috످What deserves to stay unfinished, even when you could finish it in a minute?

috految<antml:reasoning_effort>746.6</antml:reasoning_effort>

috److془The user asks: "What deserves to stay unfinished, even when you could finish it in a minute?"

Let me think carefully about several answers.

Candidates:
1. Someone else's sentence (stutter, aphasia), child's shoelace. Common answer. Really about "it should be finished by someone else", not "stay unfinished".
2. Hemingway stops mid-sentence. That's postponement.
3. Dead person's crossword/knitting. Loose Ends project: volunteers finish knitting, mark the last stitch of the original maker. Stay unfinished forever. But it's that the thing is a record.
4. Debt between friends. Paying back to the penny. Tiv; Laura Bohannan. Ernest Thompson Seton's father's bill. Venmo makes it literally a minute. Objection: the person who's poorer or always pays; the one who's owed gets to say. Dark side: mafia, Don Corleone.
5. An argument you've already won. The last line would be getting them to say "you were right". Or a fight in which you know the sentence that'd finish. Interesting: the last minute adds nothing but the surrender. Objection: when they've wronged you, you're owed the admission. 
6. Your verdict on a person.
7. An apology, that you could finish with "but." "I'm sorry I snapped, but..." The second half is true. Oh that's nice. "I'm sorry I snapped at you, but..." Hmm, but that's kind of cliche advice.
8. Dad's last 'sorry' half-said. 
9. Mending a broken thing in your house that your father comes over to fix. 
10. Telling the truth you've figured: a mother's confession about dementia.
11. Jewish tradition of leaving a square cubit unplastered in memory of the Temple. Bava Batra 60b. The story: after the Temple was destroyed, some refused meat and wine because they'd been offered at the altar. Rabbi Yehoshua says then no bread, no fruit, no water. They fell silent. He said: Not to mourn at all is impossible; to mourn too much is impossible. So plaster your house and leave a small bit bare. This is literally the answer: could finish in a minute, deserves to stay unfinished. And the insight: the fact that you could finish it in a minute is what makes it work. And the little bit left is what lets you finish the rest. The widow who can give away all her husband's clothes, repaint, even remarry because his crossword is still there. Objection: Miss Havisham. Difference: whether it lets you get on with the rest. That's lovely. 

Which is the best? The debt one: "A small debt between friends." The 'minute' matter: Venmo. The grief one: The minute does real work. The insight: "after a loss, almost any recovery feels like betrayal. Leaving one thing undone lets her do everything else."

Also: pointing at the thing that a dead person left undone. "Everything he finished is something he did. The hallway is something he's still in the middle of." Oh nice. Or the tense thing: "Everything else about him has gone into past tense, but he's still in the middle of that." 

Versus: the argument you've already won. Which is truest? Let me think: "What deserves to stay unfinished, even when you could finish it in a minute?" 

The grief one with ordinary case: "Say a man dies while painting the kitchen, with one strip left above the door. His wife could do it in a minute, and she never does." The objection: she's refusing to move on. But I think the strip may be what lets her move on. Because one of the worst things about grief is that getting better feels like betrayal. She's going to give away his coats, sleep in the middle of the bed, have a whole good day without thinking of him. If she has to prove he mattered by hurting, she can never afford to stop. The strip does it for her. and she can be happy in that kitchen.

And the minute: If it were a whole room, she might just not have gotten round to it. Since it would take a minute, the only possible explanation is that she's choosing to leave it. Hmm, but actually people leave one-minute jobs undone forever. Could say: "it helps that it's only a minute's work: She couldn't live with whole house half-painted".

Test: "If she couldn't bear to move a chair, I'd worry." 

Talmud: "The Talmud tells of people who, after the Temple was destroyed, gave up meat and wine in mourning. A rabbi told them that it's impossible not to mourn, and impossible to mourn that much, so plaster your house, and leave one small patch bare. Some Jews still do. What I love is that the rule has two halves: you leave the patch, and you plaster the rest of the house."

That's a beautiful ending. Now compare to the debt one. Debt is more surprising at first line, but is a known Graeber idea. The grief one has better insight. I'll go with it. 

Be careful: Talmud: "A person may whitewash/plaster his house, but he must leave a small amount bare." Good. Rabbi Yehoshua: "to not mourn at all is impossible as the decree was already issued; to mourn excessively is impossible..." Good.

Write it plainly. 

Draft:

The last bit of something a person you loved was in the middle of when they died. -> "Some small job left half done by someone you've lost."

Say a man dies partway through painting the kitchen, with one strip left above the door. His wife could finish it in a minute, and ten years later she still hasn't. Everything else about him is in the past tense, but he's still painting the kitchen.

Her friends might think she's refusing to move on, and if she couldn't bear to change anything in the house, I'd agree with them. But I think that strip may be how she manages to move on. One of the cruel things about grief is that getting better feels like betrayal. Sooner or later she's going to give away his coats, sleep in the middle of the bed, and have a whole good day without thinking of him. If her pain is the only proof she still loves him, she can't afford to let it fade. But if the strip above the door can be the proof, she's free to be happy in that kitchen, maybe even with someone else.

There's an old Jewish custom of leaving one small patch of wall unplastered in your home, in mourning for the destroyed Temple. The Talmud gives it as a rabbi's answer to people who were grieving so hard they'd given up meat and wine for good. He told them they were right to mourn, but nobody could live like that. Leave one patch bare, he said, and finish the rest of the house.

Great. Ending good. Tense consistency: "His wife could finish it in a minute, and she never does."

Good. Maybe "sleep in the middle of the bed" good.془A small job left half done by someone you've lost.

Say a man dies partway through painting the kitchen, with one strip left above the door. His wife could finish it in a minute, and she never does. Everything else about him is in the past tense, but he's still painting the kitchen.

Her friends might think she's refusing to move on, and if she couldn't bear to change anything in the house, I'd agree with them. But I think leaving that strip is what lets her move on. One of the cruel things about grief is that getting better feels like betrayal. Sooner or later she's going to give away his coats, sleep in the middle of the bed, and have a whole good day without thinking of him. If her pain is the only proof that she still loves him, she can't afford to let it fade. But if the strip above the door can be the proof, she's free to be happy in that kitchen, maybe even with someone else.

There's a story in the Talmud about people who were so heartbroken after the Temple was destroyed that they swore off meat and wine. A rabbi told them they were right to mourn, but that nobody could live that way. When you plaster your home, he said, leave one small patch bare, and finish the rest of the house.

috످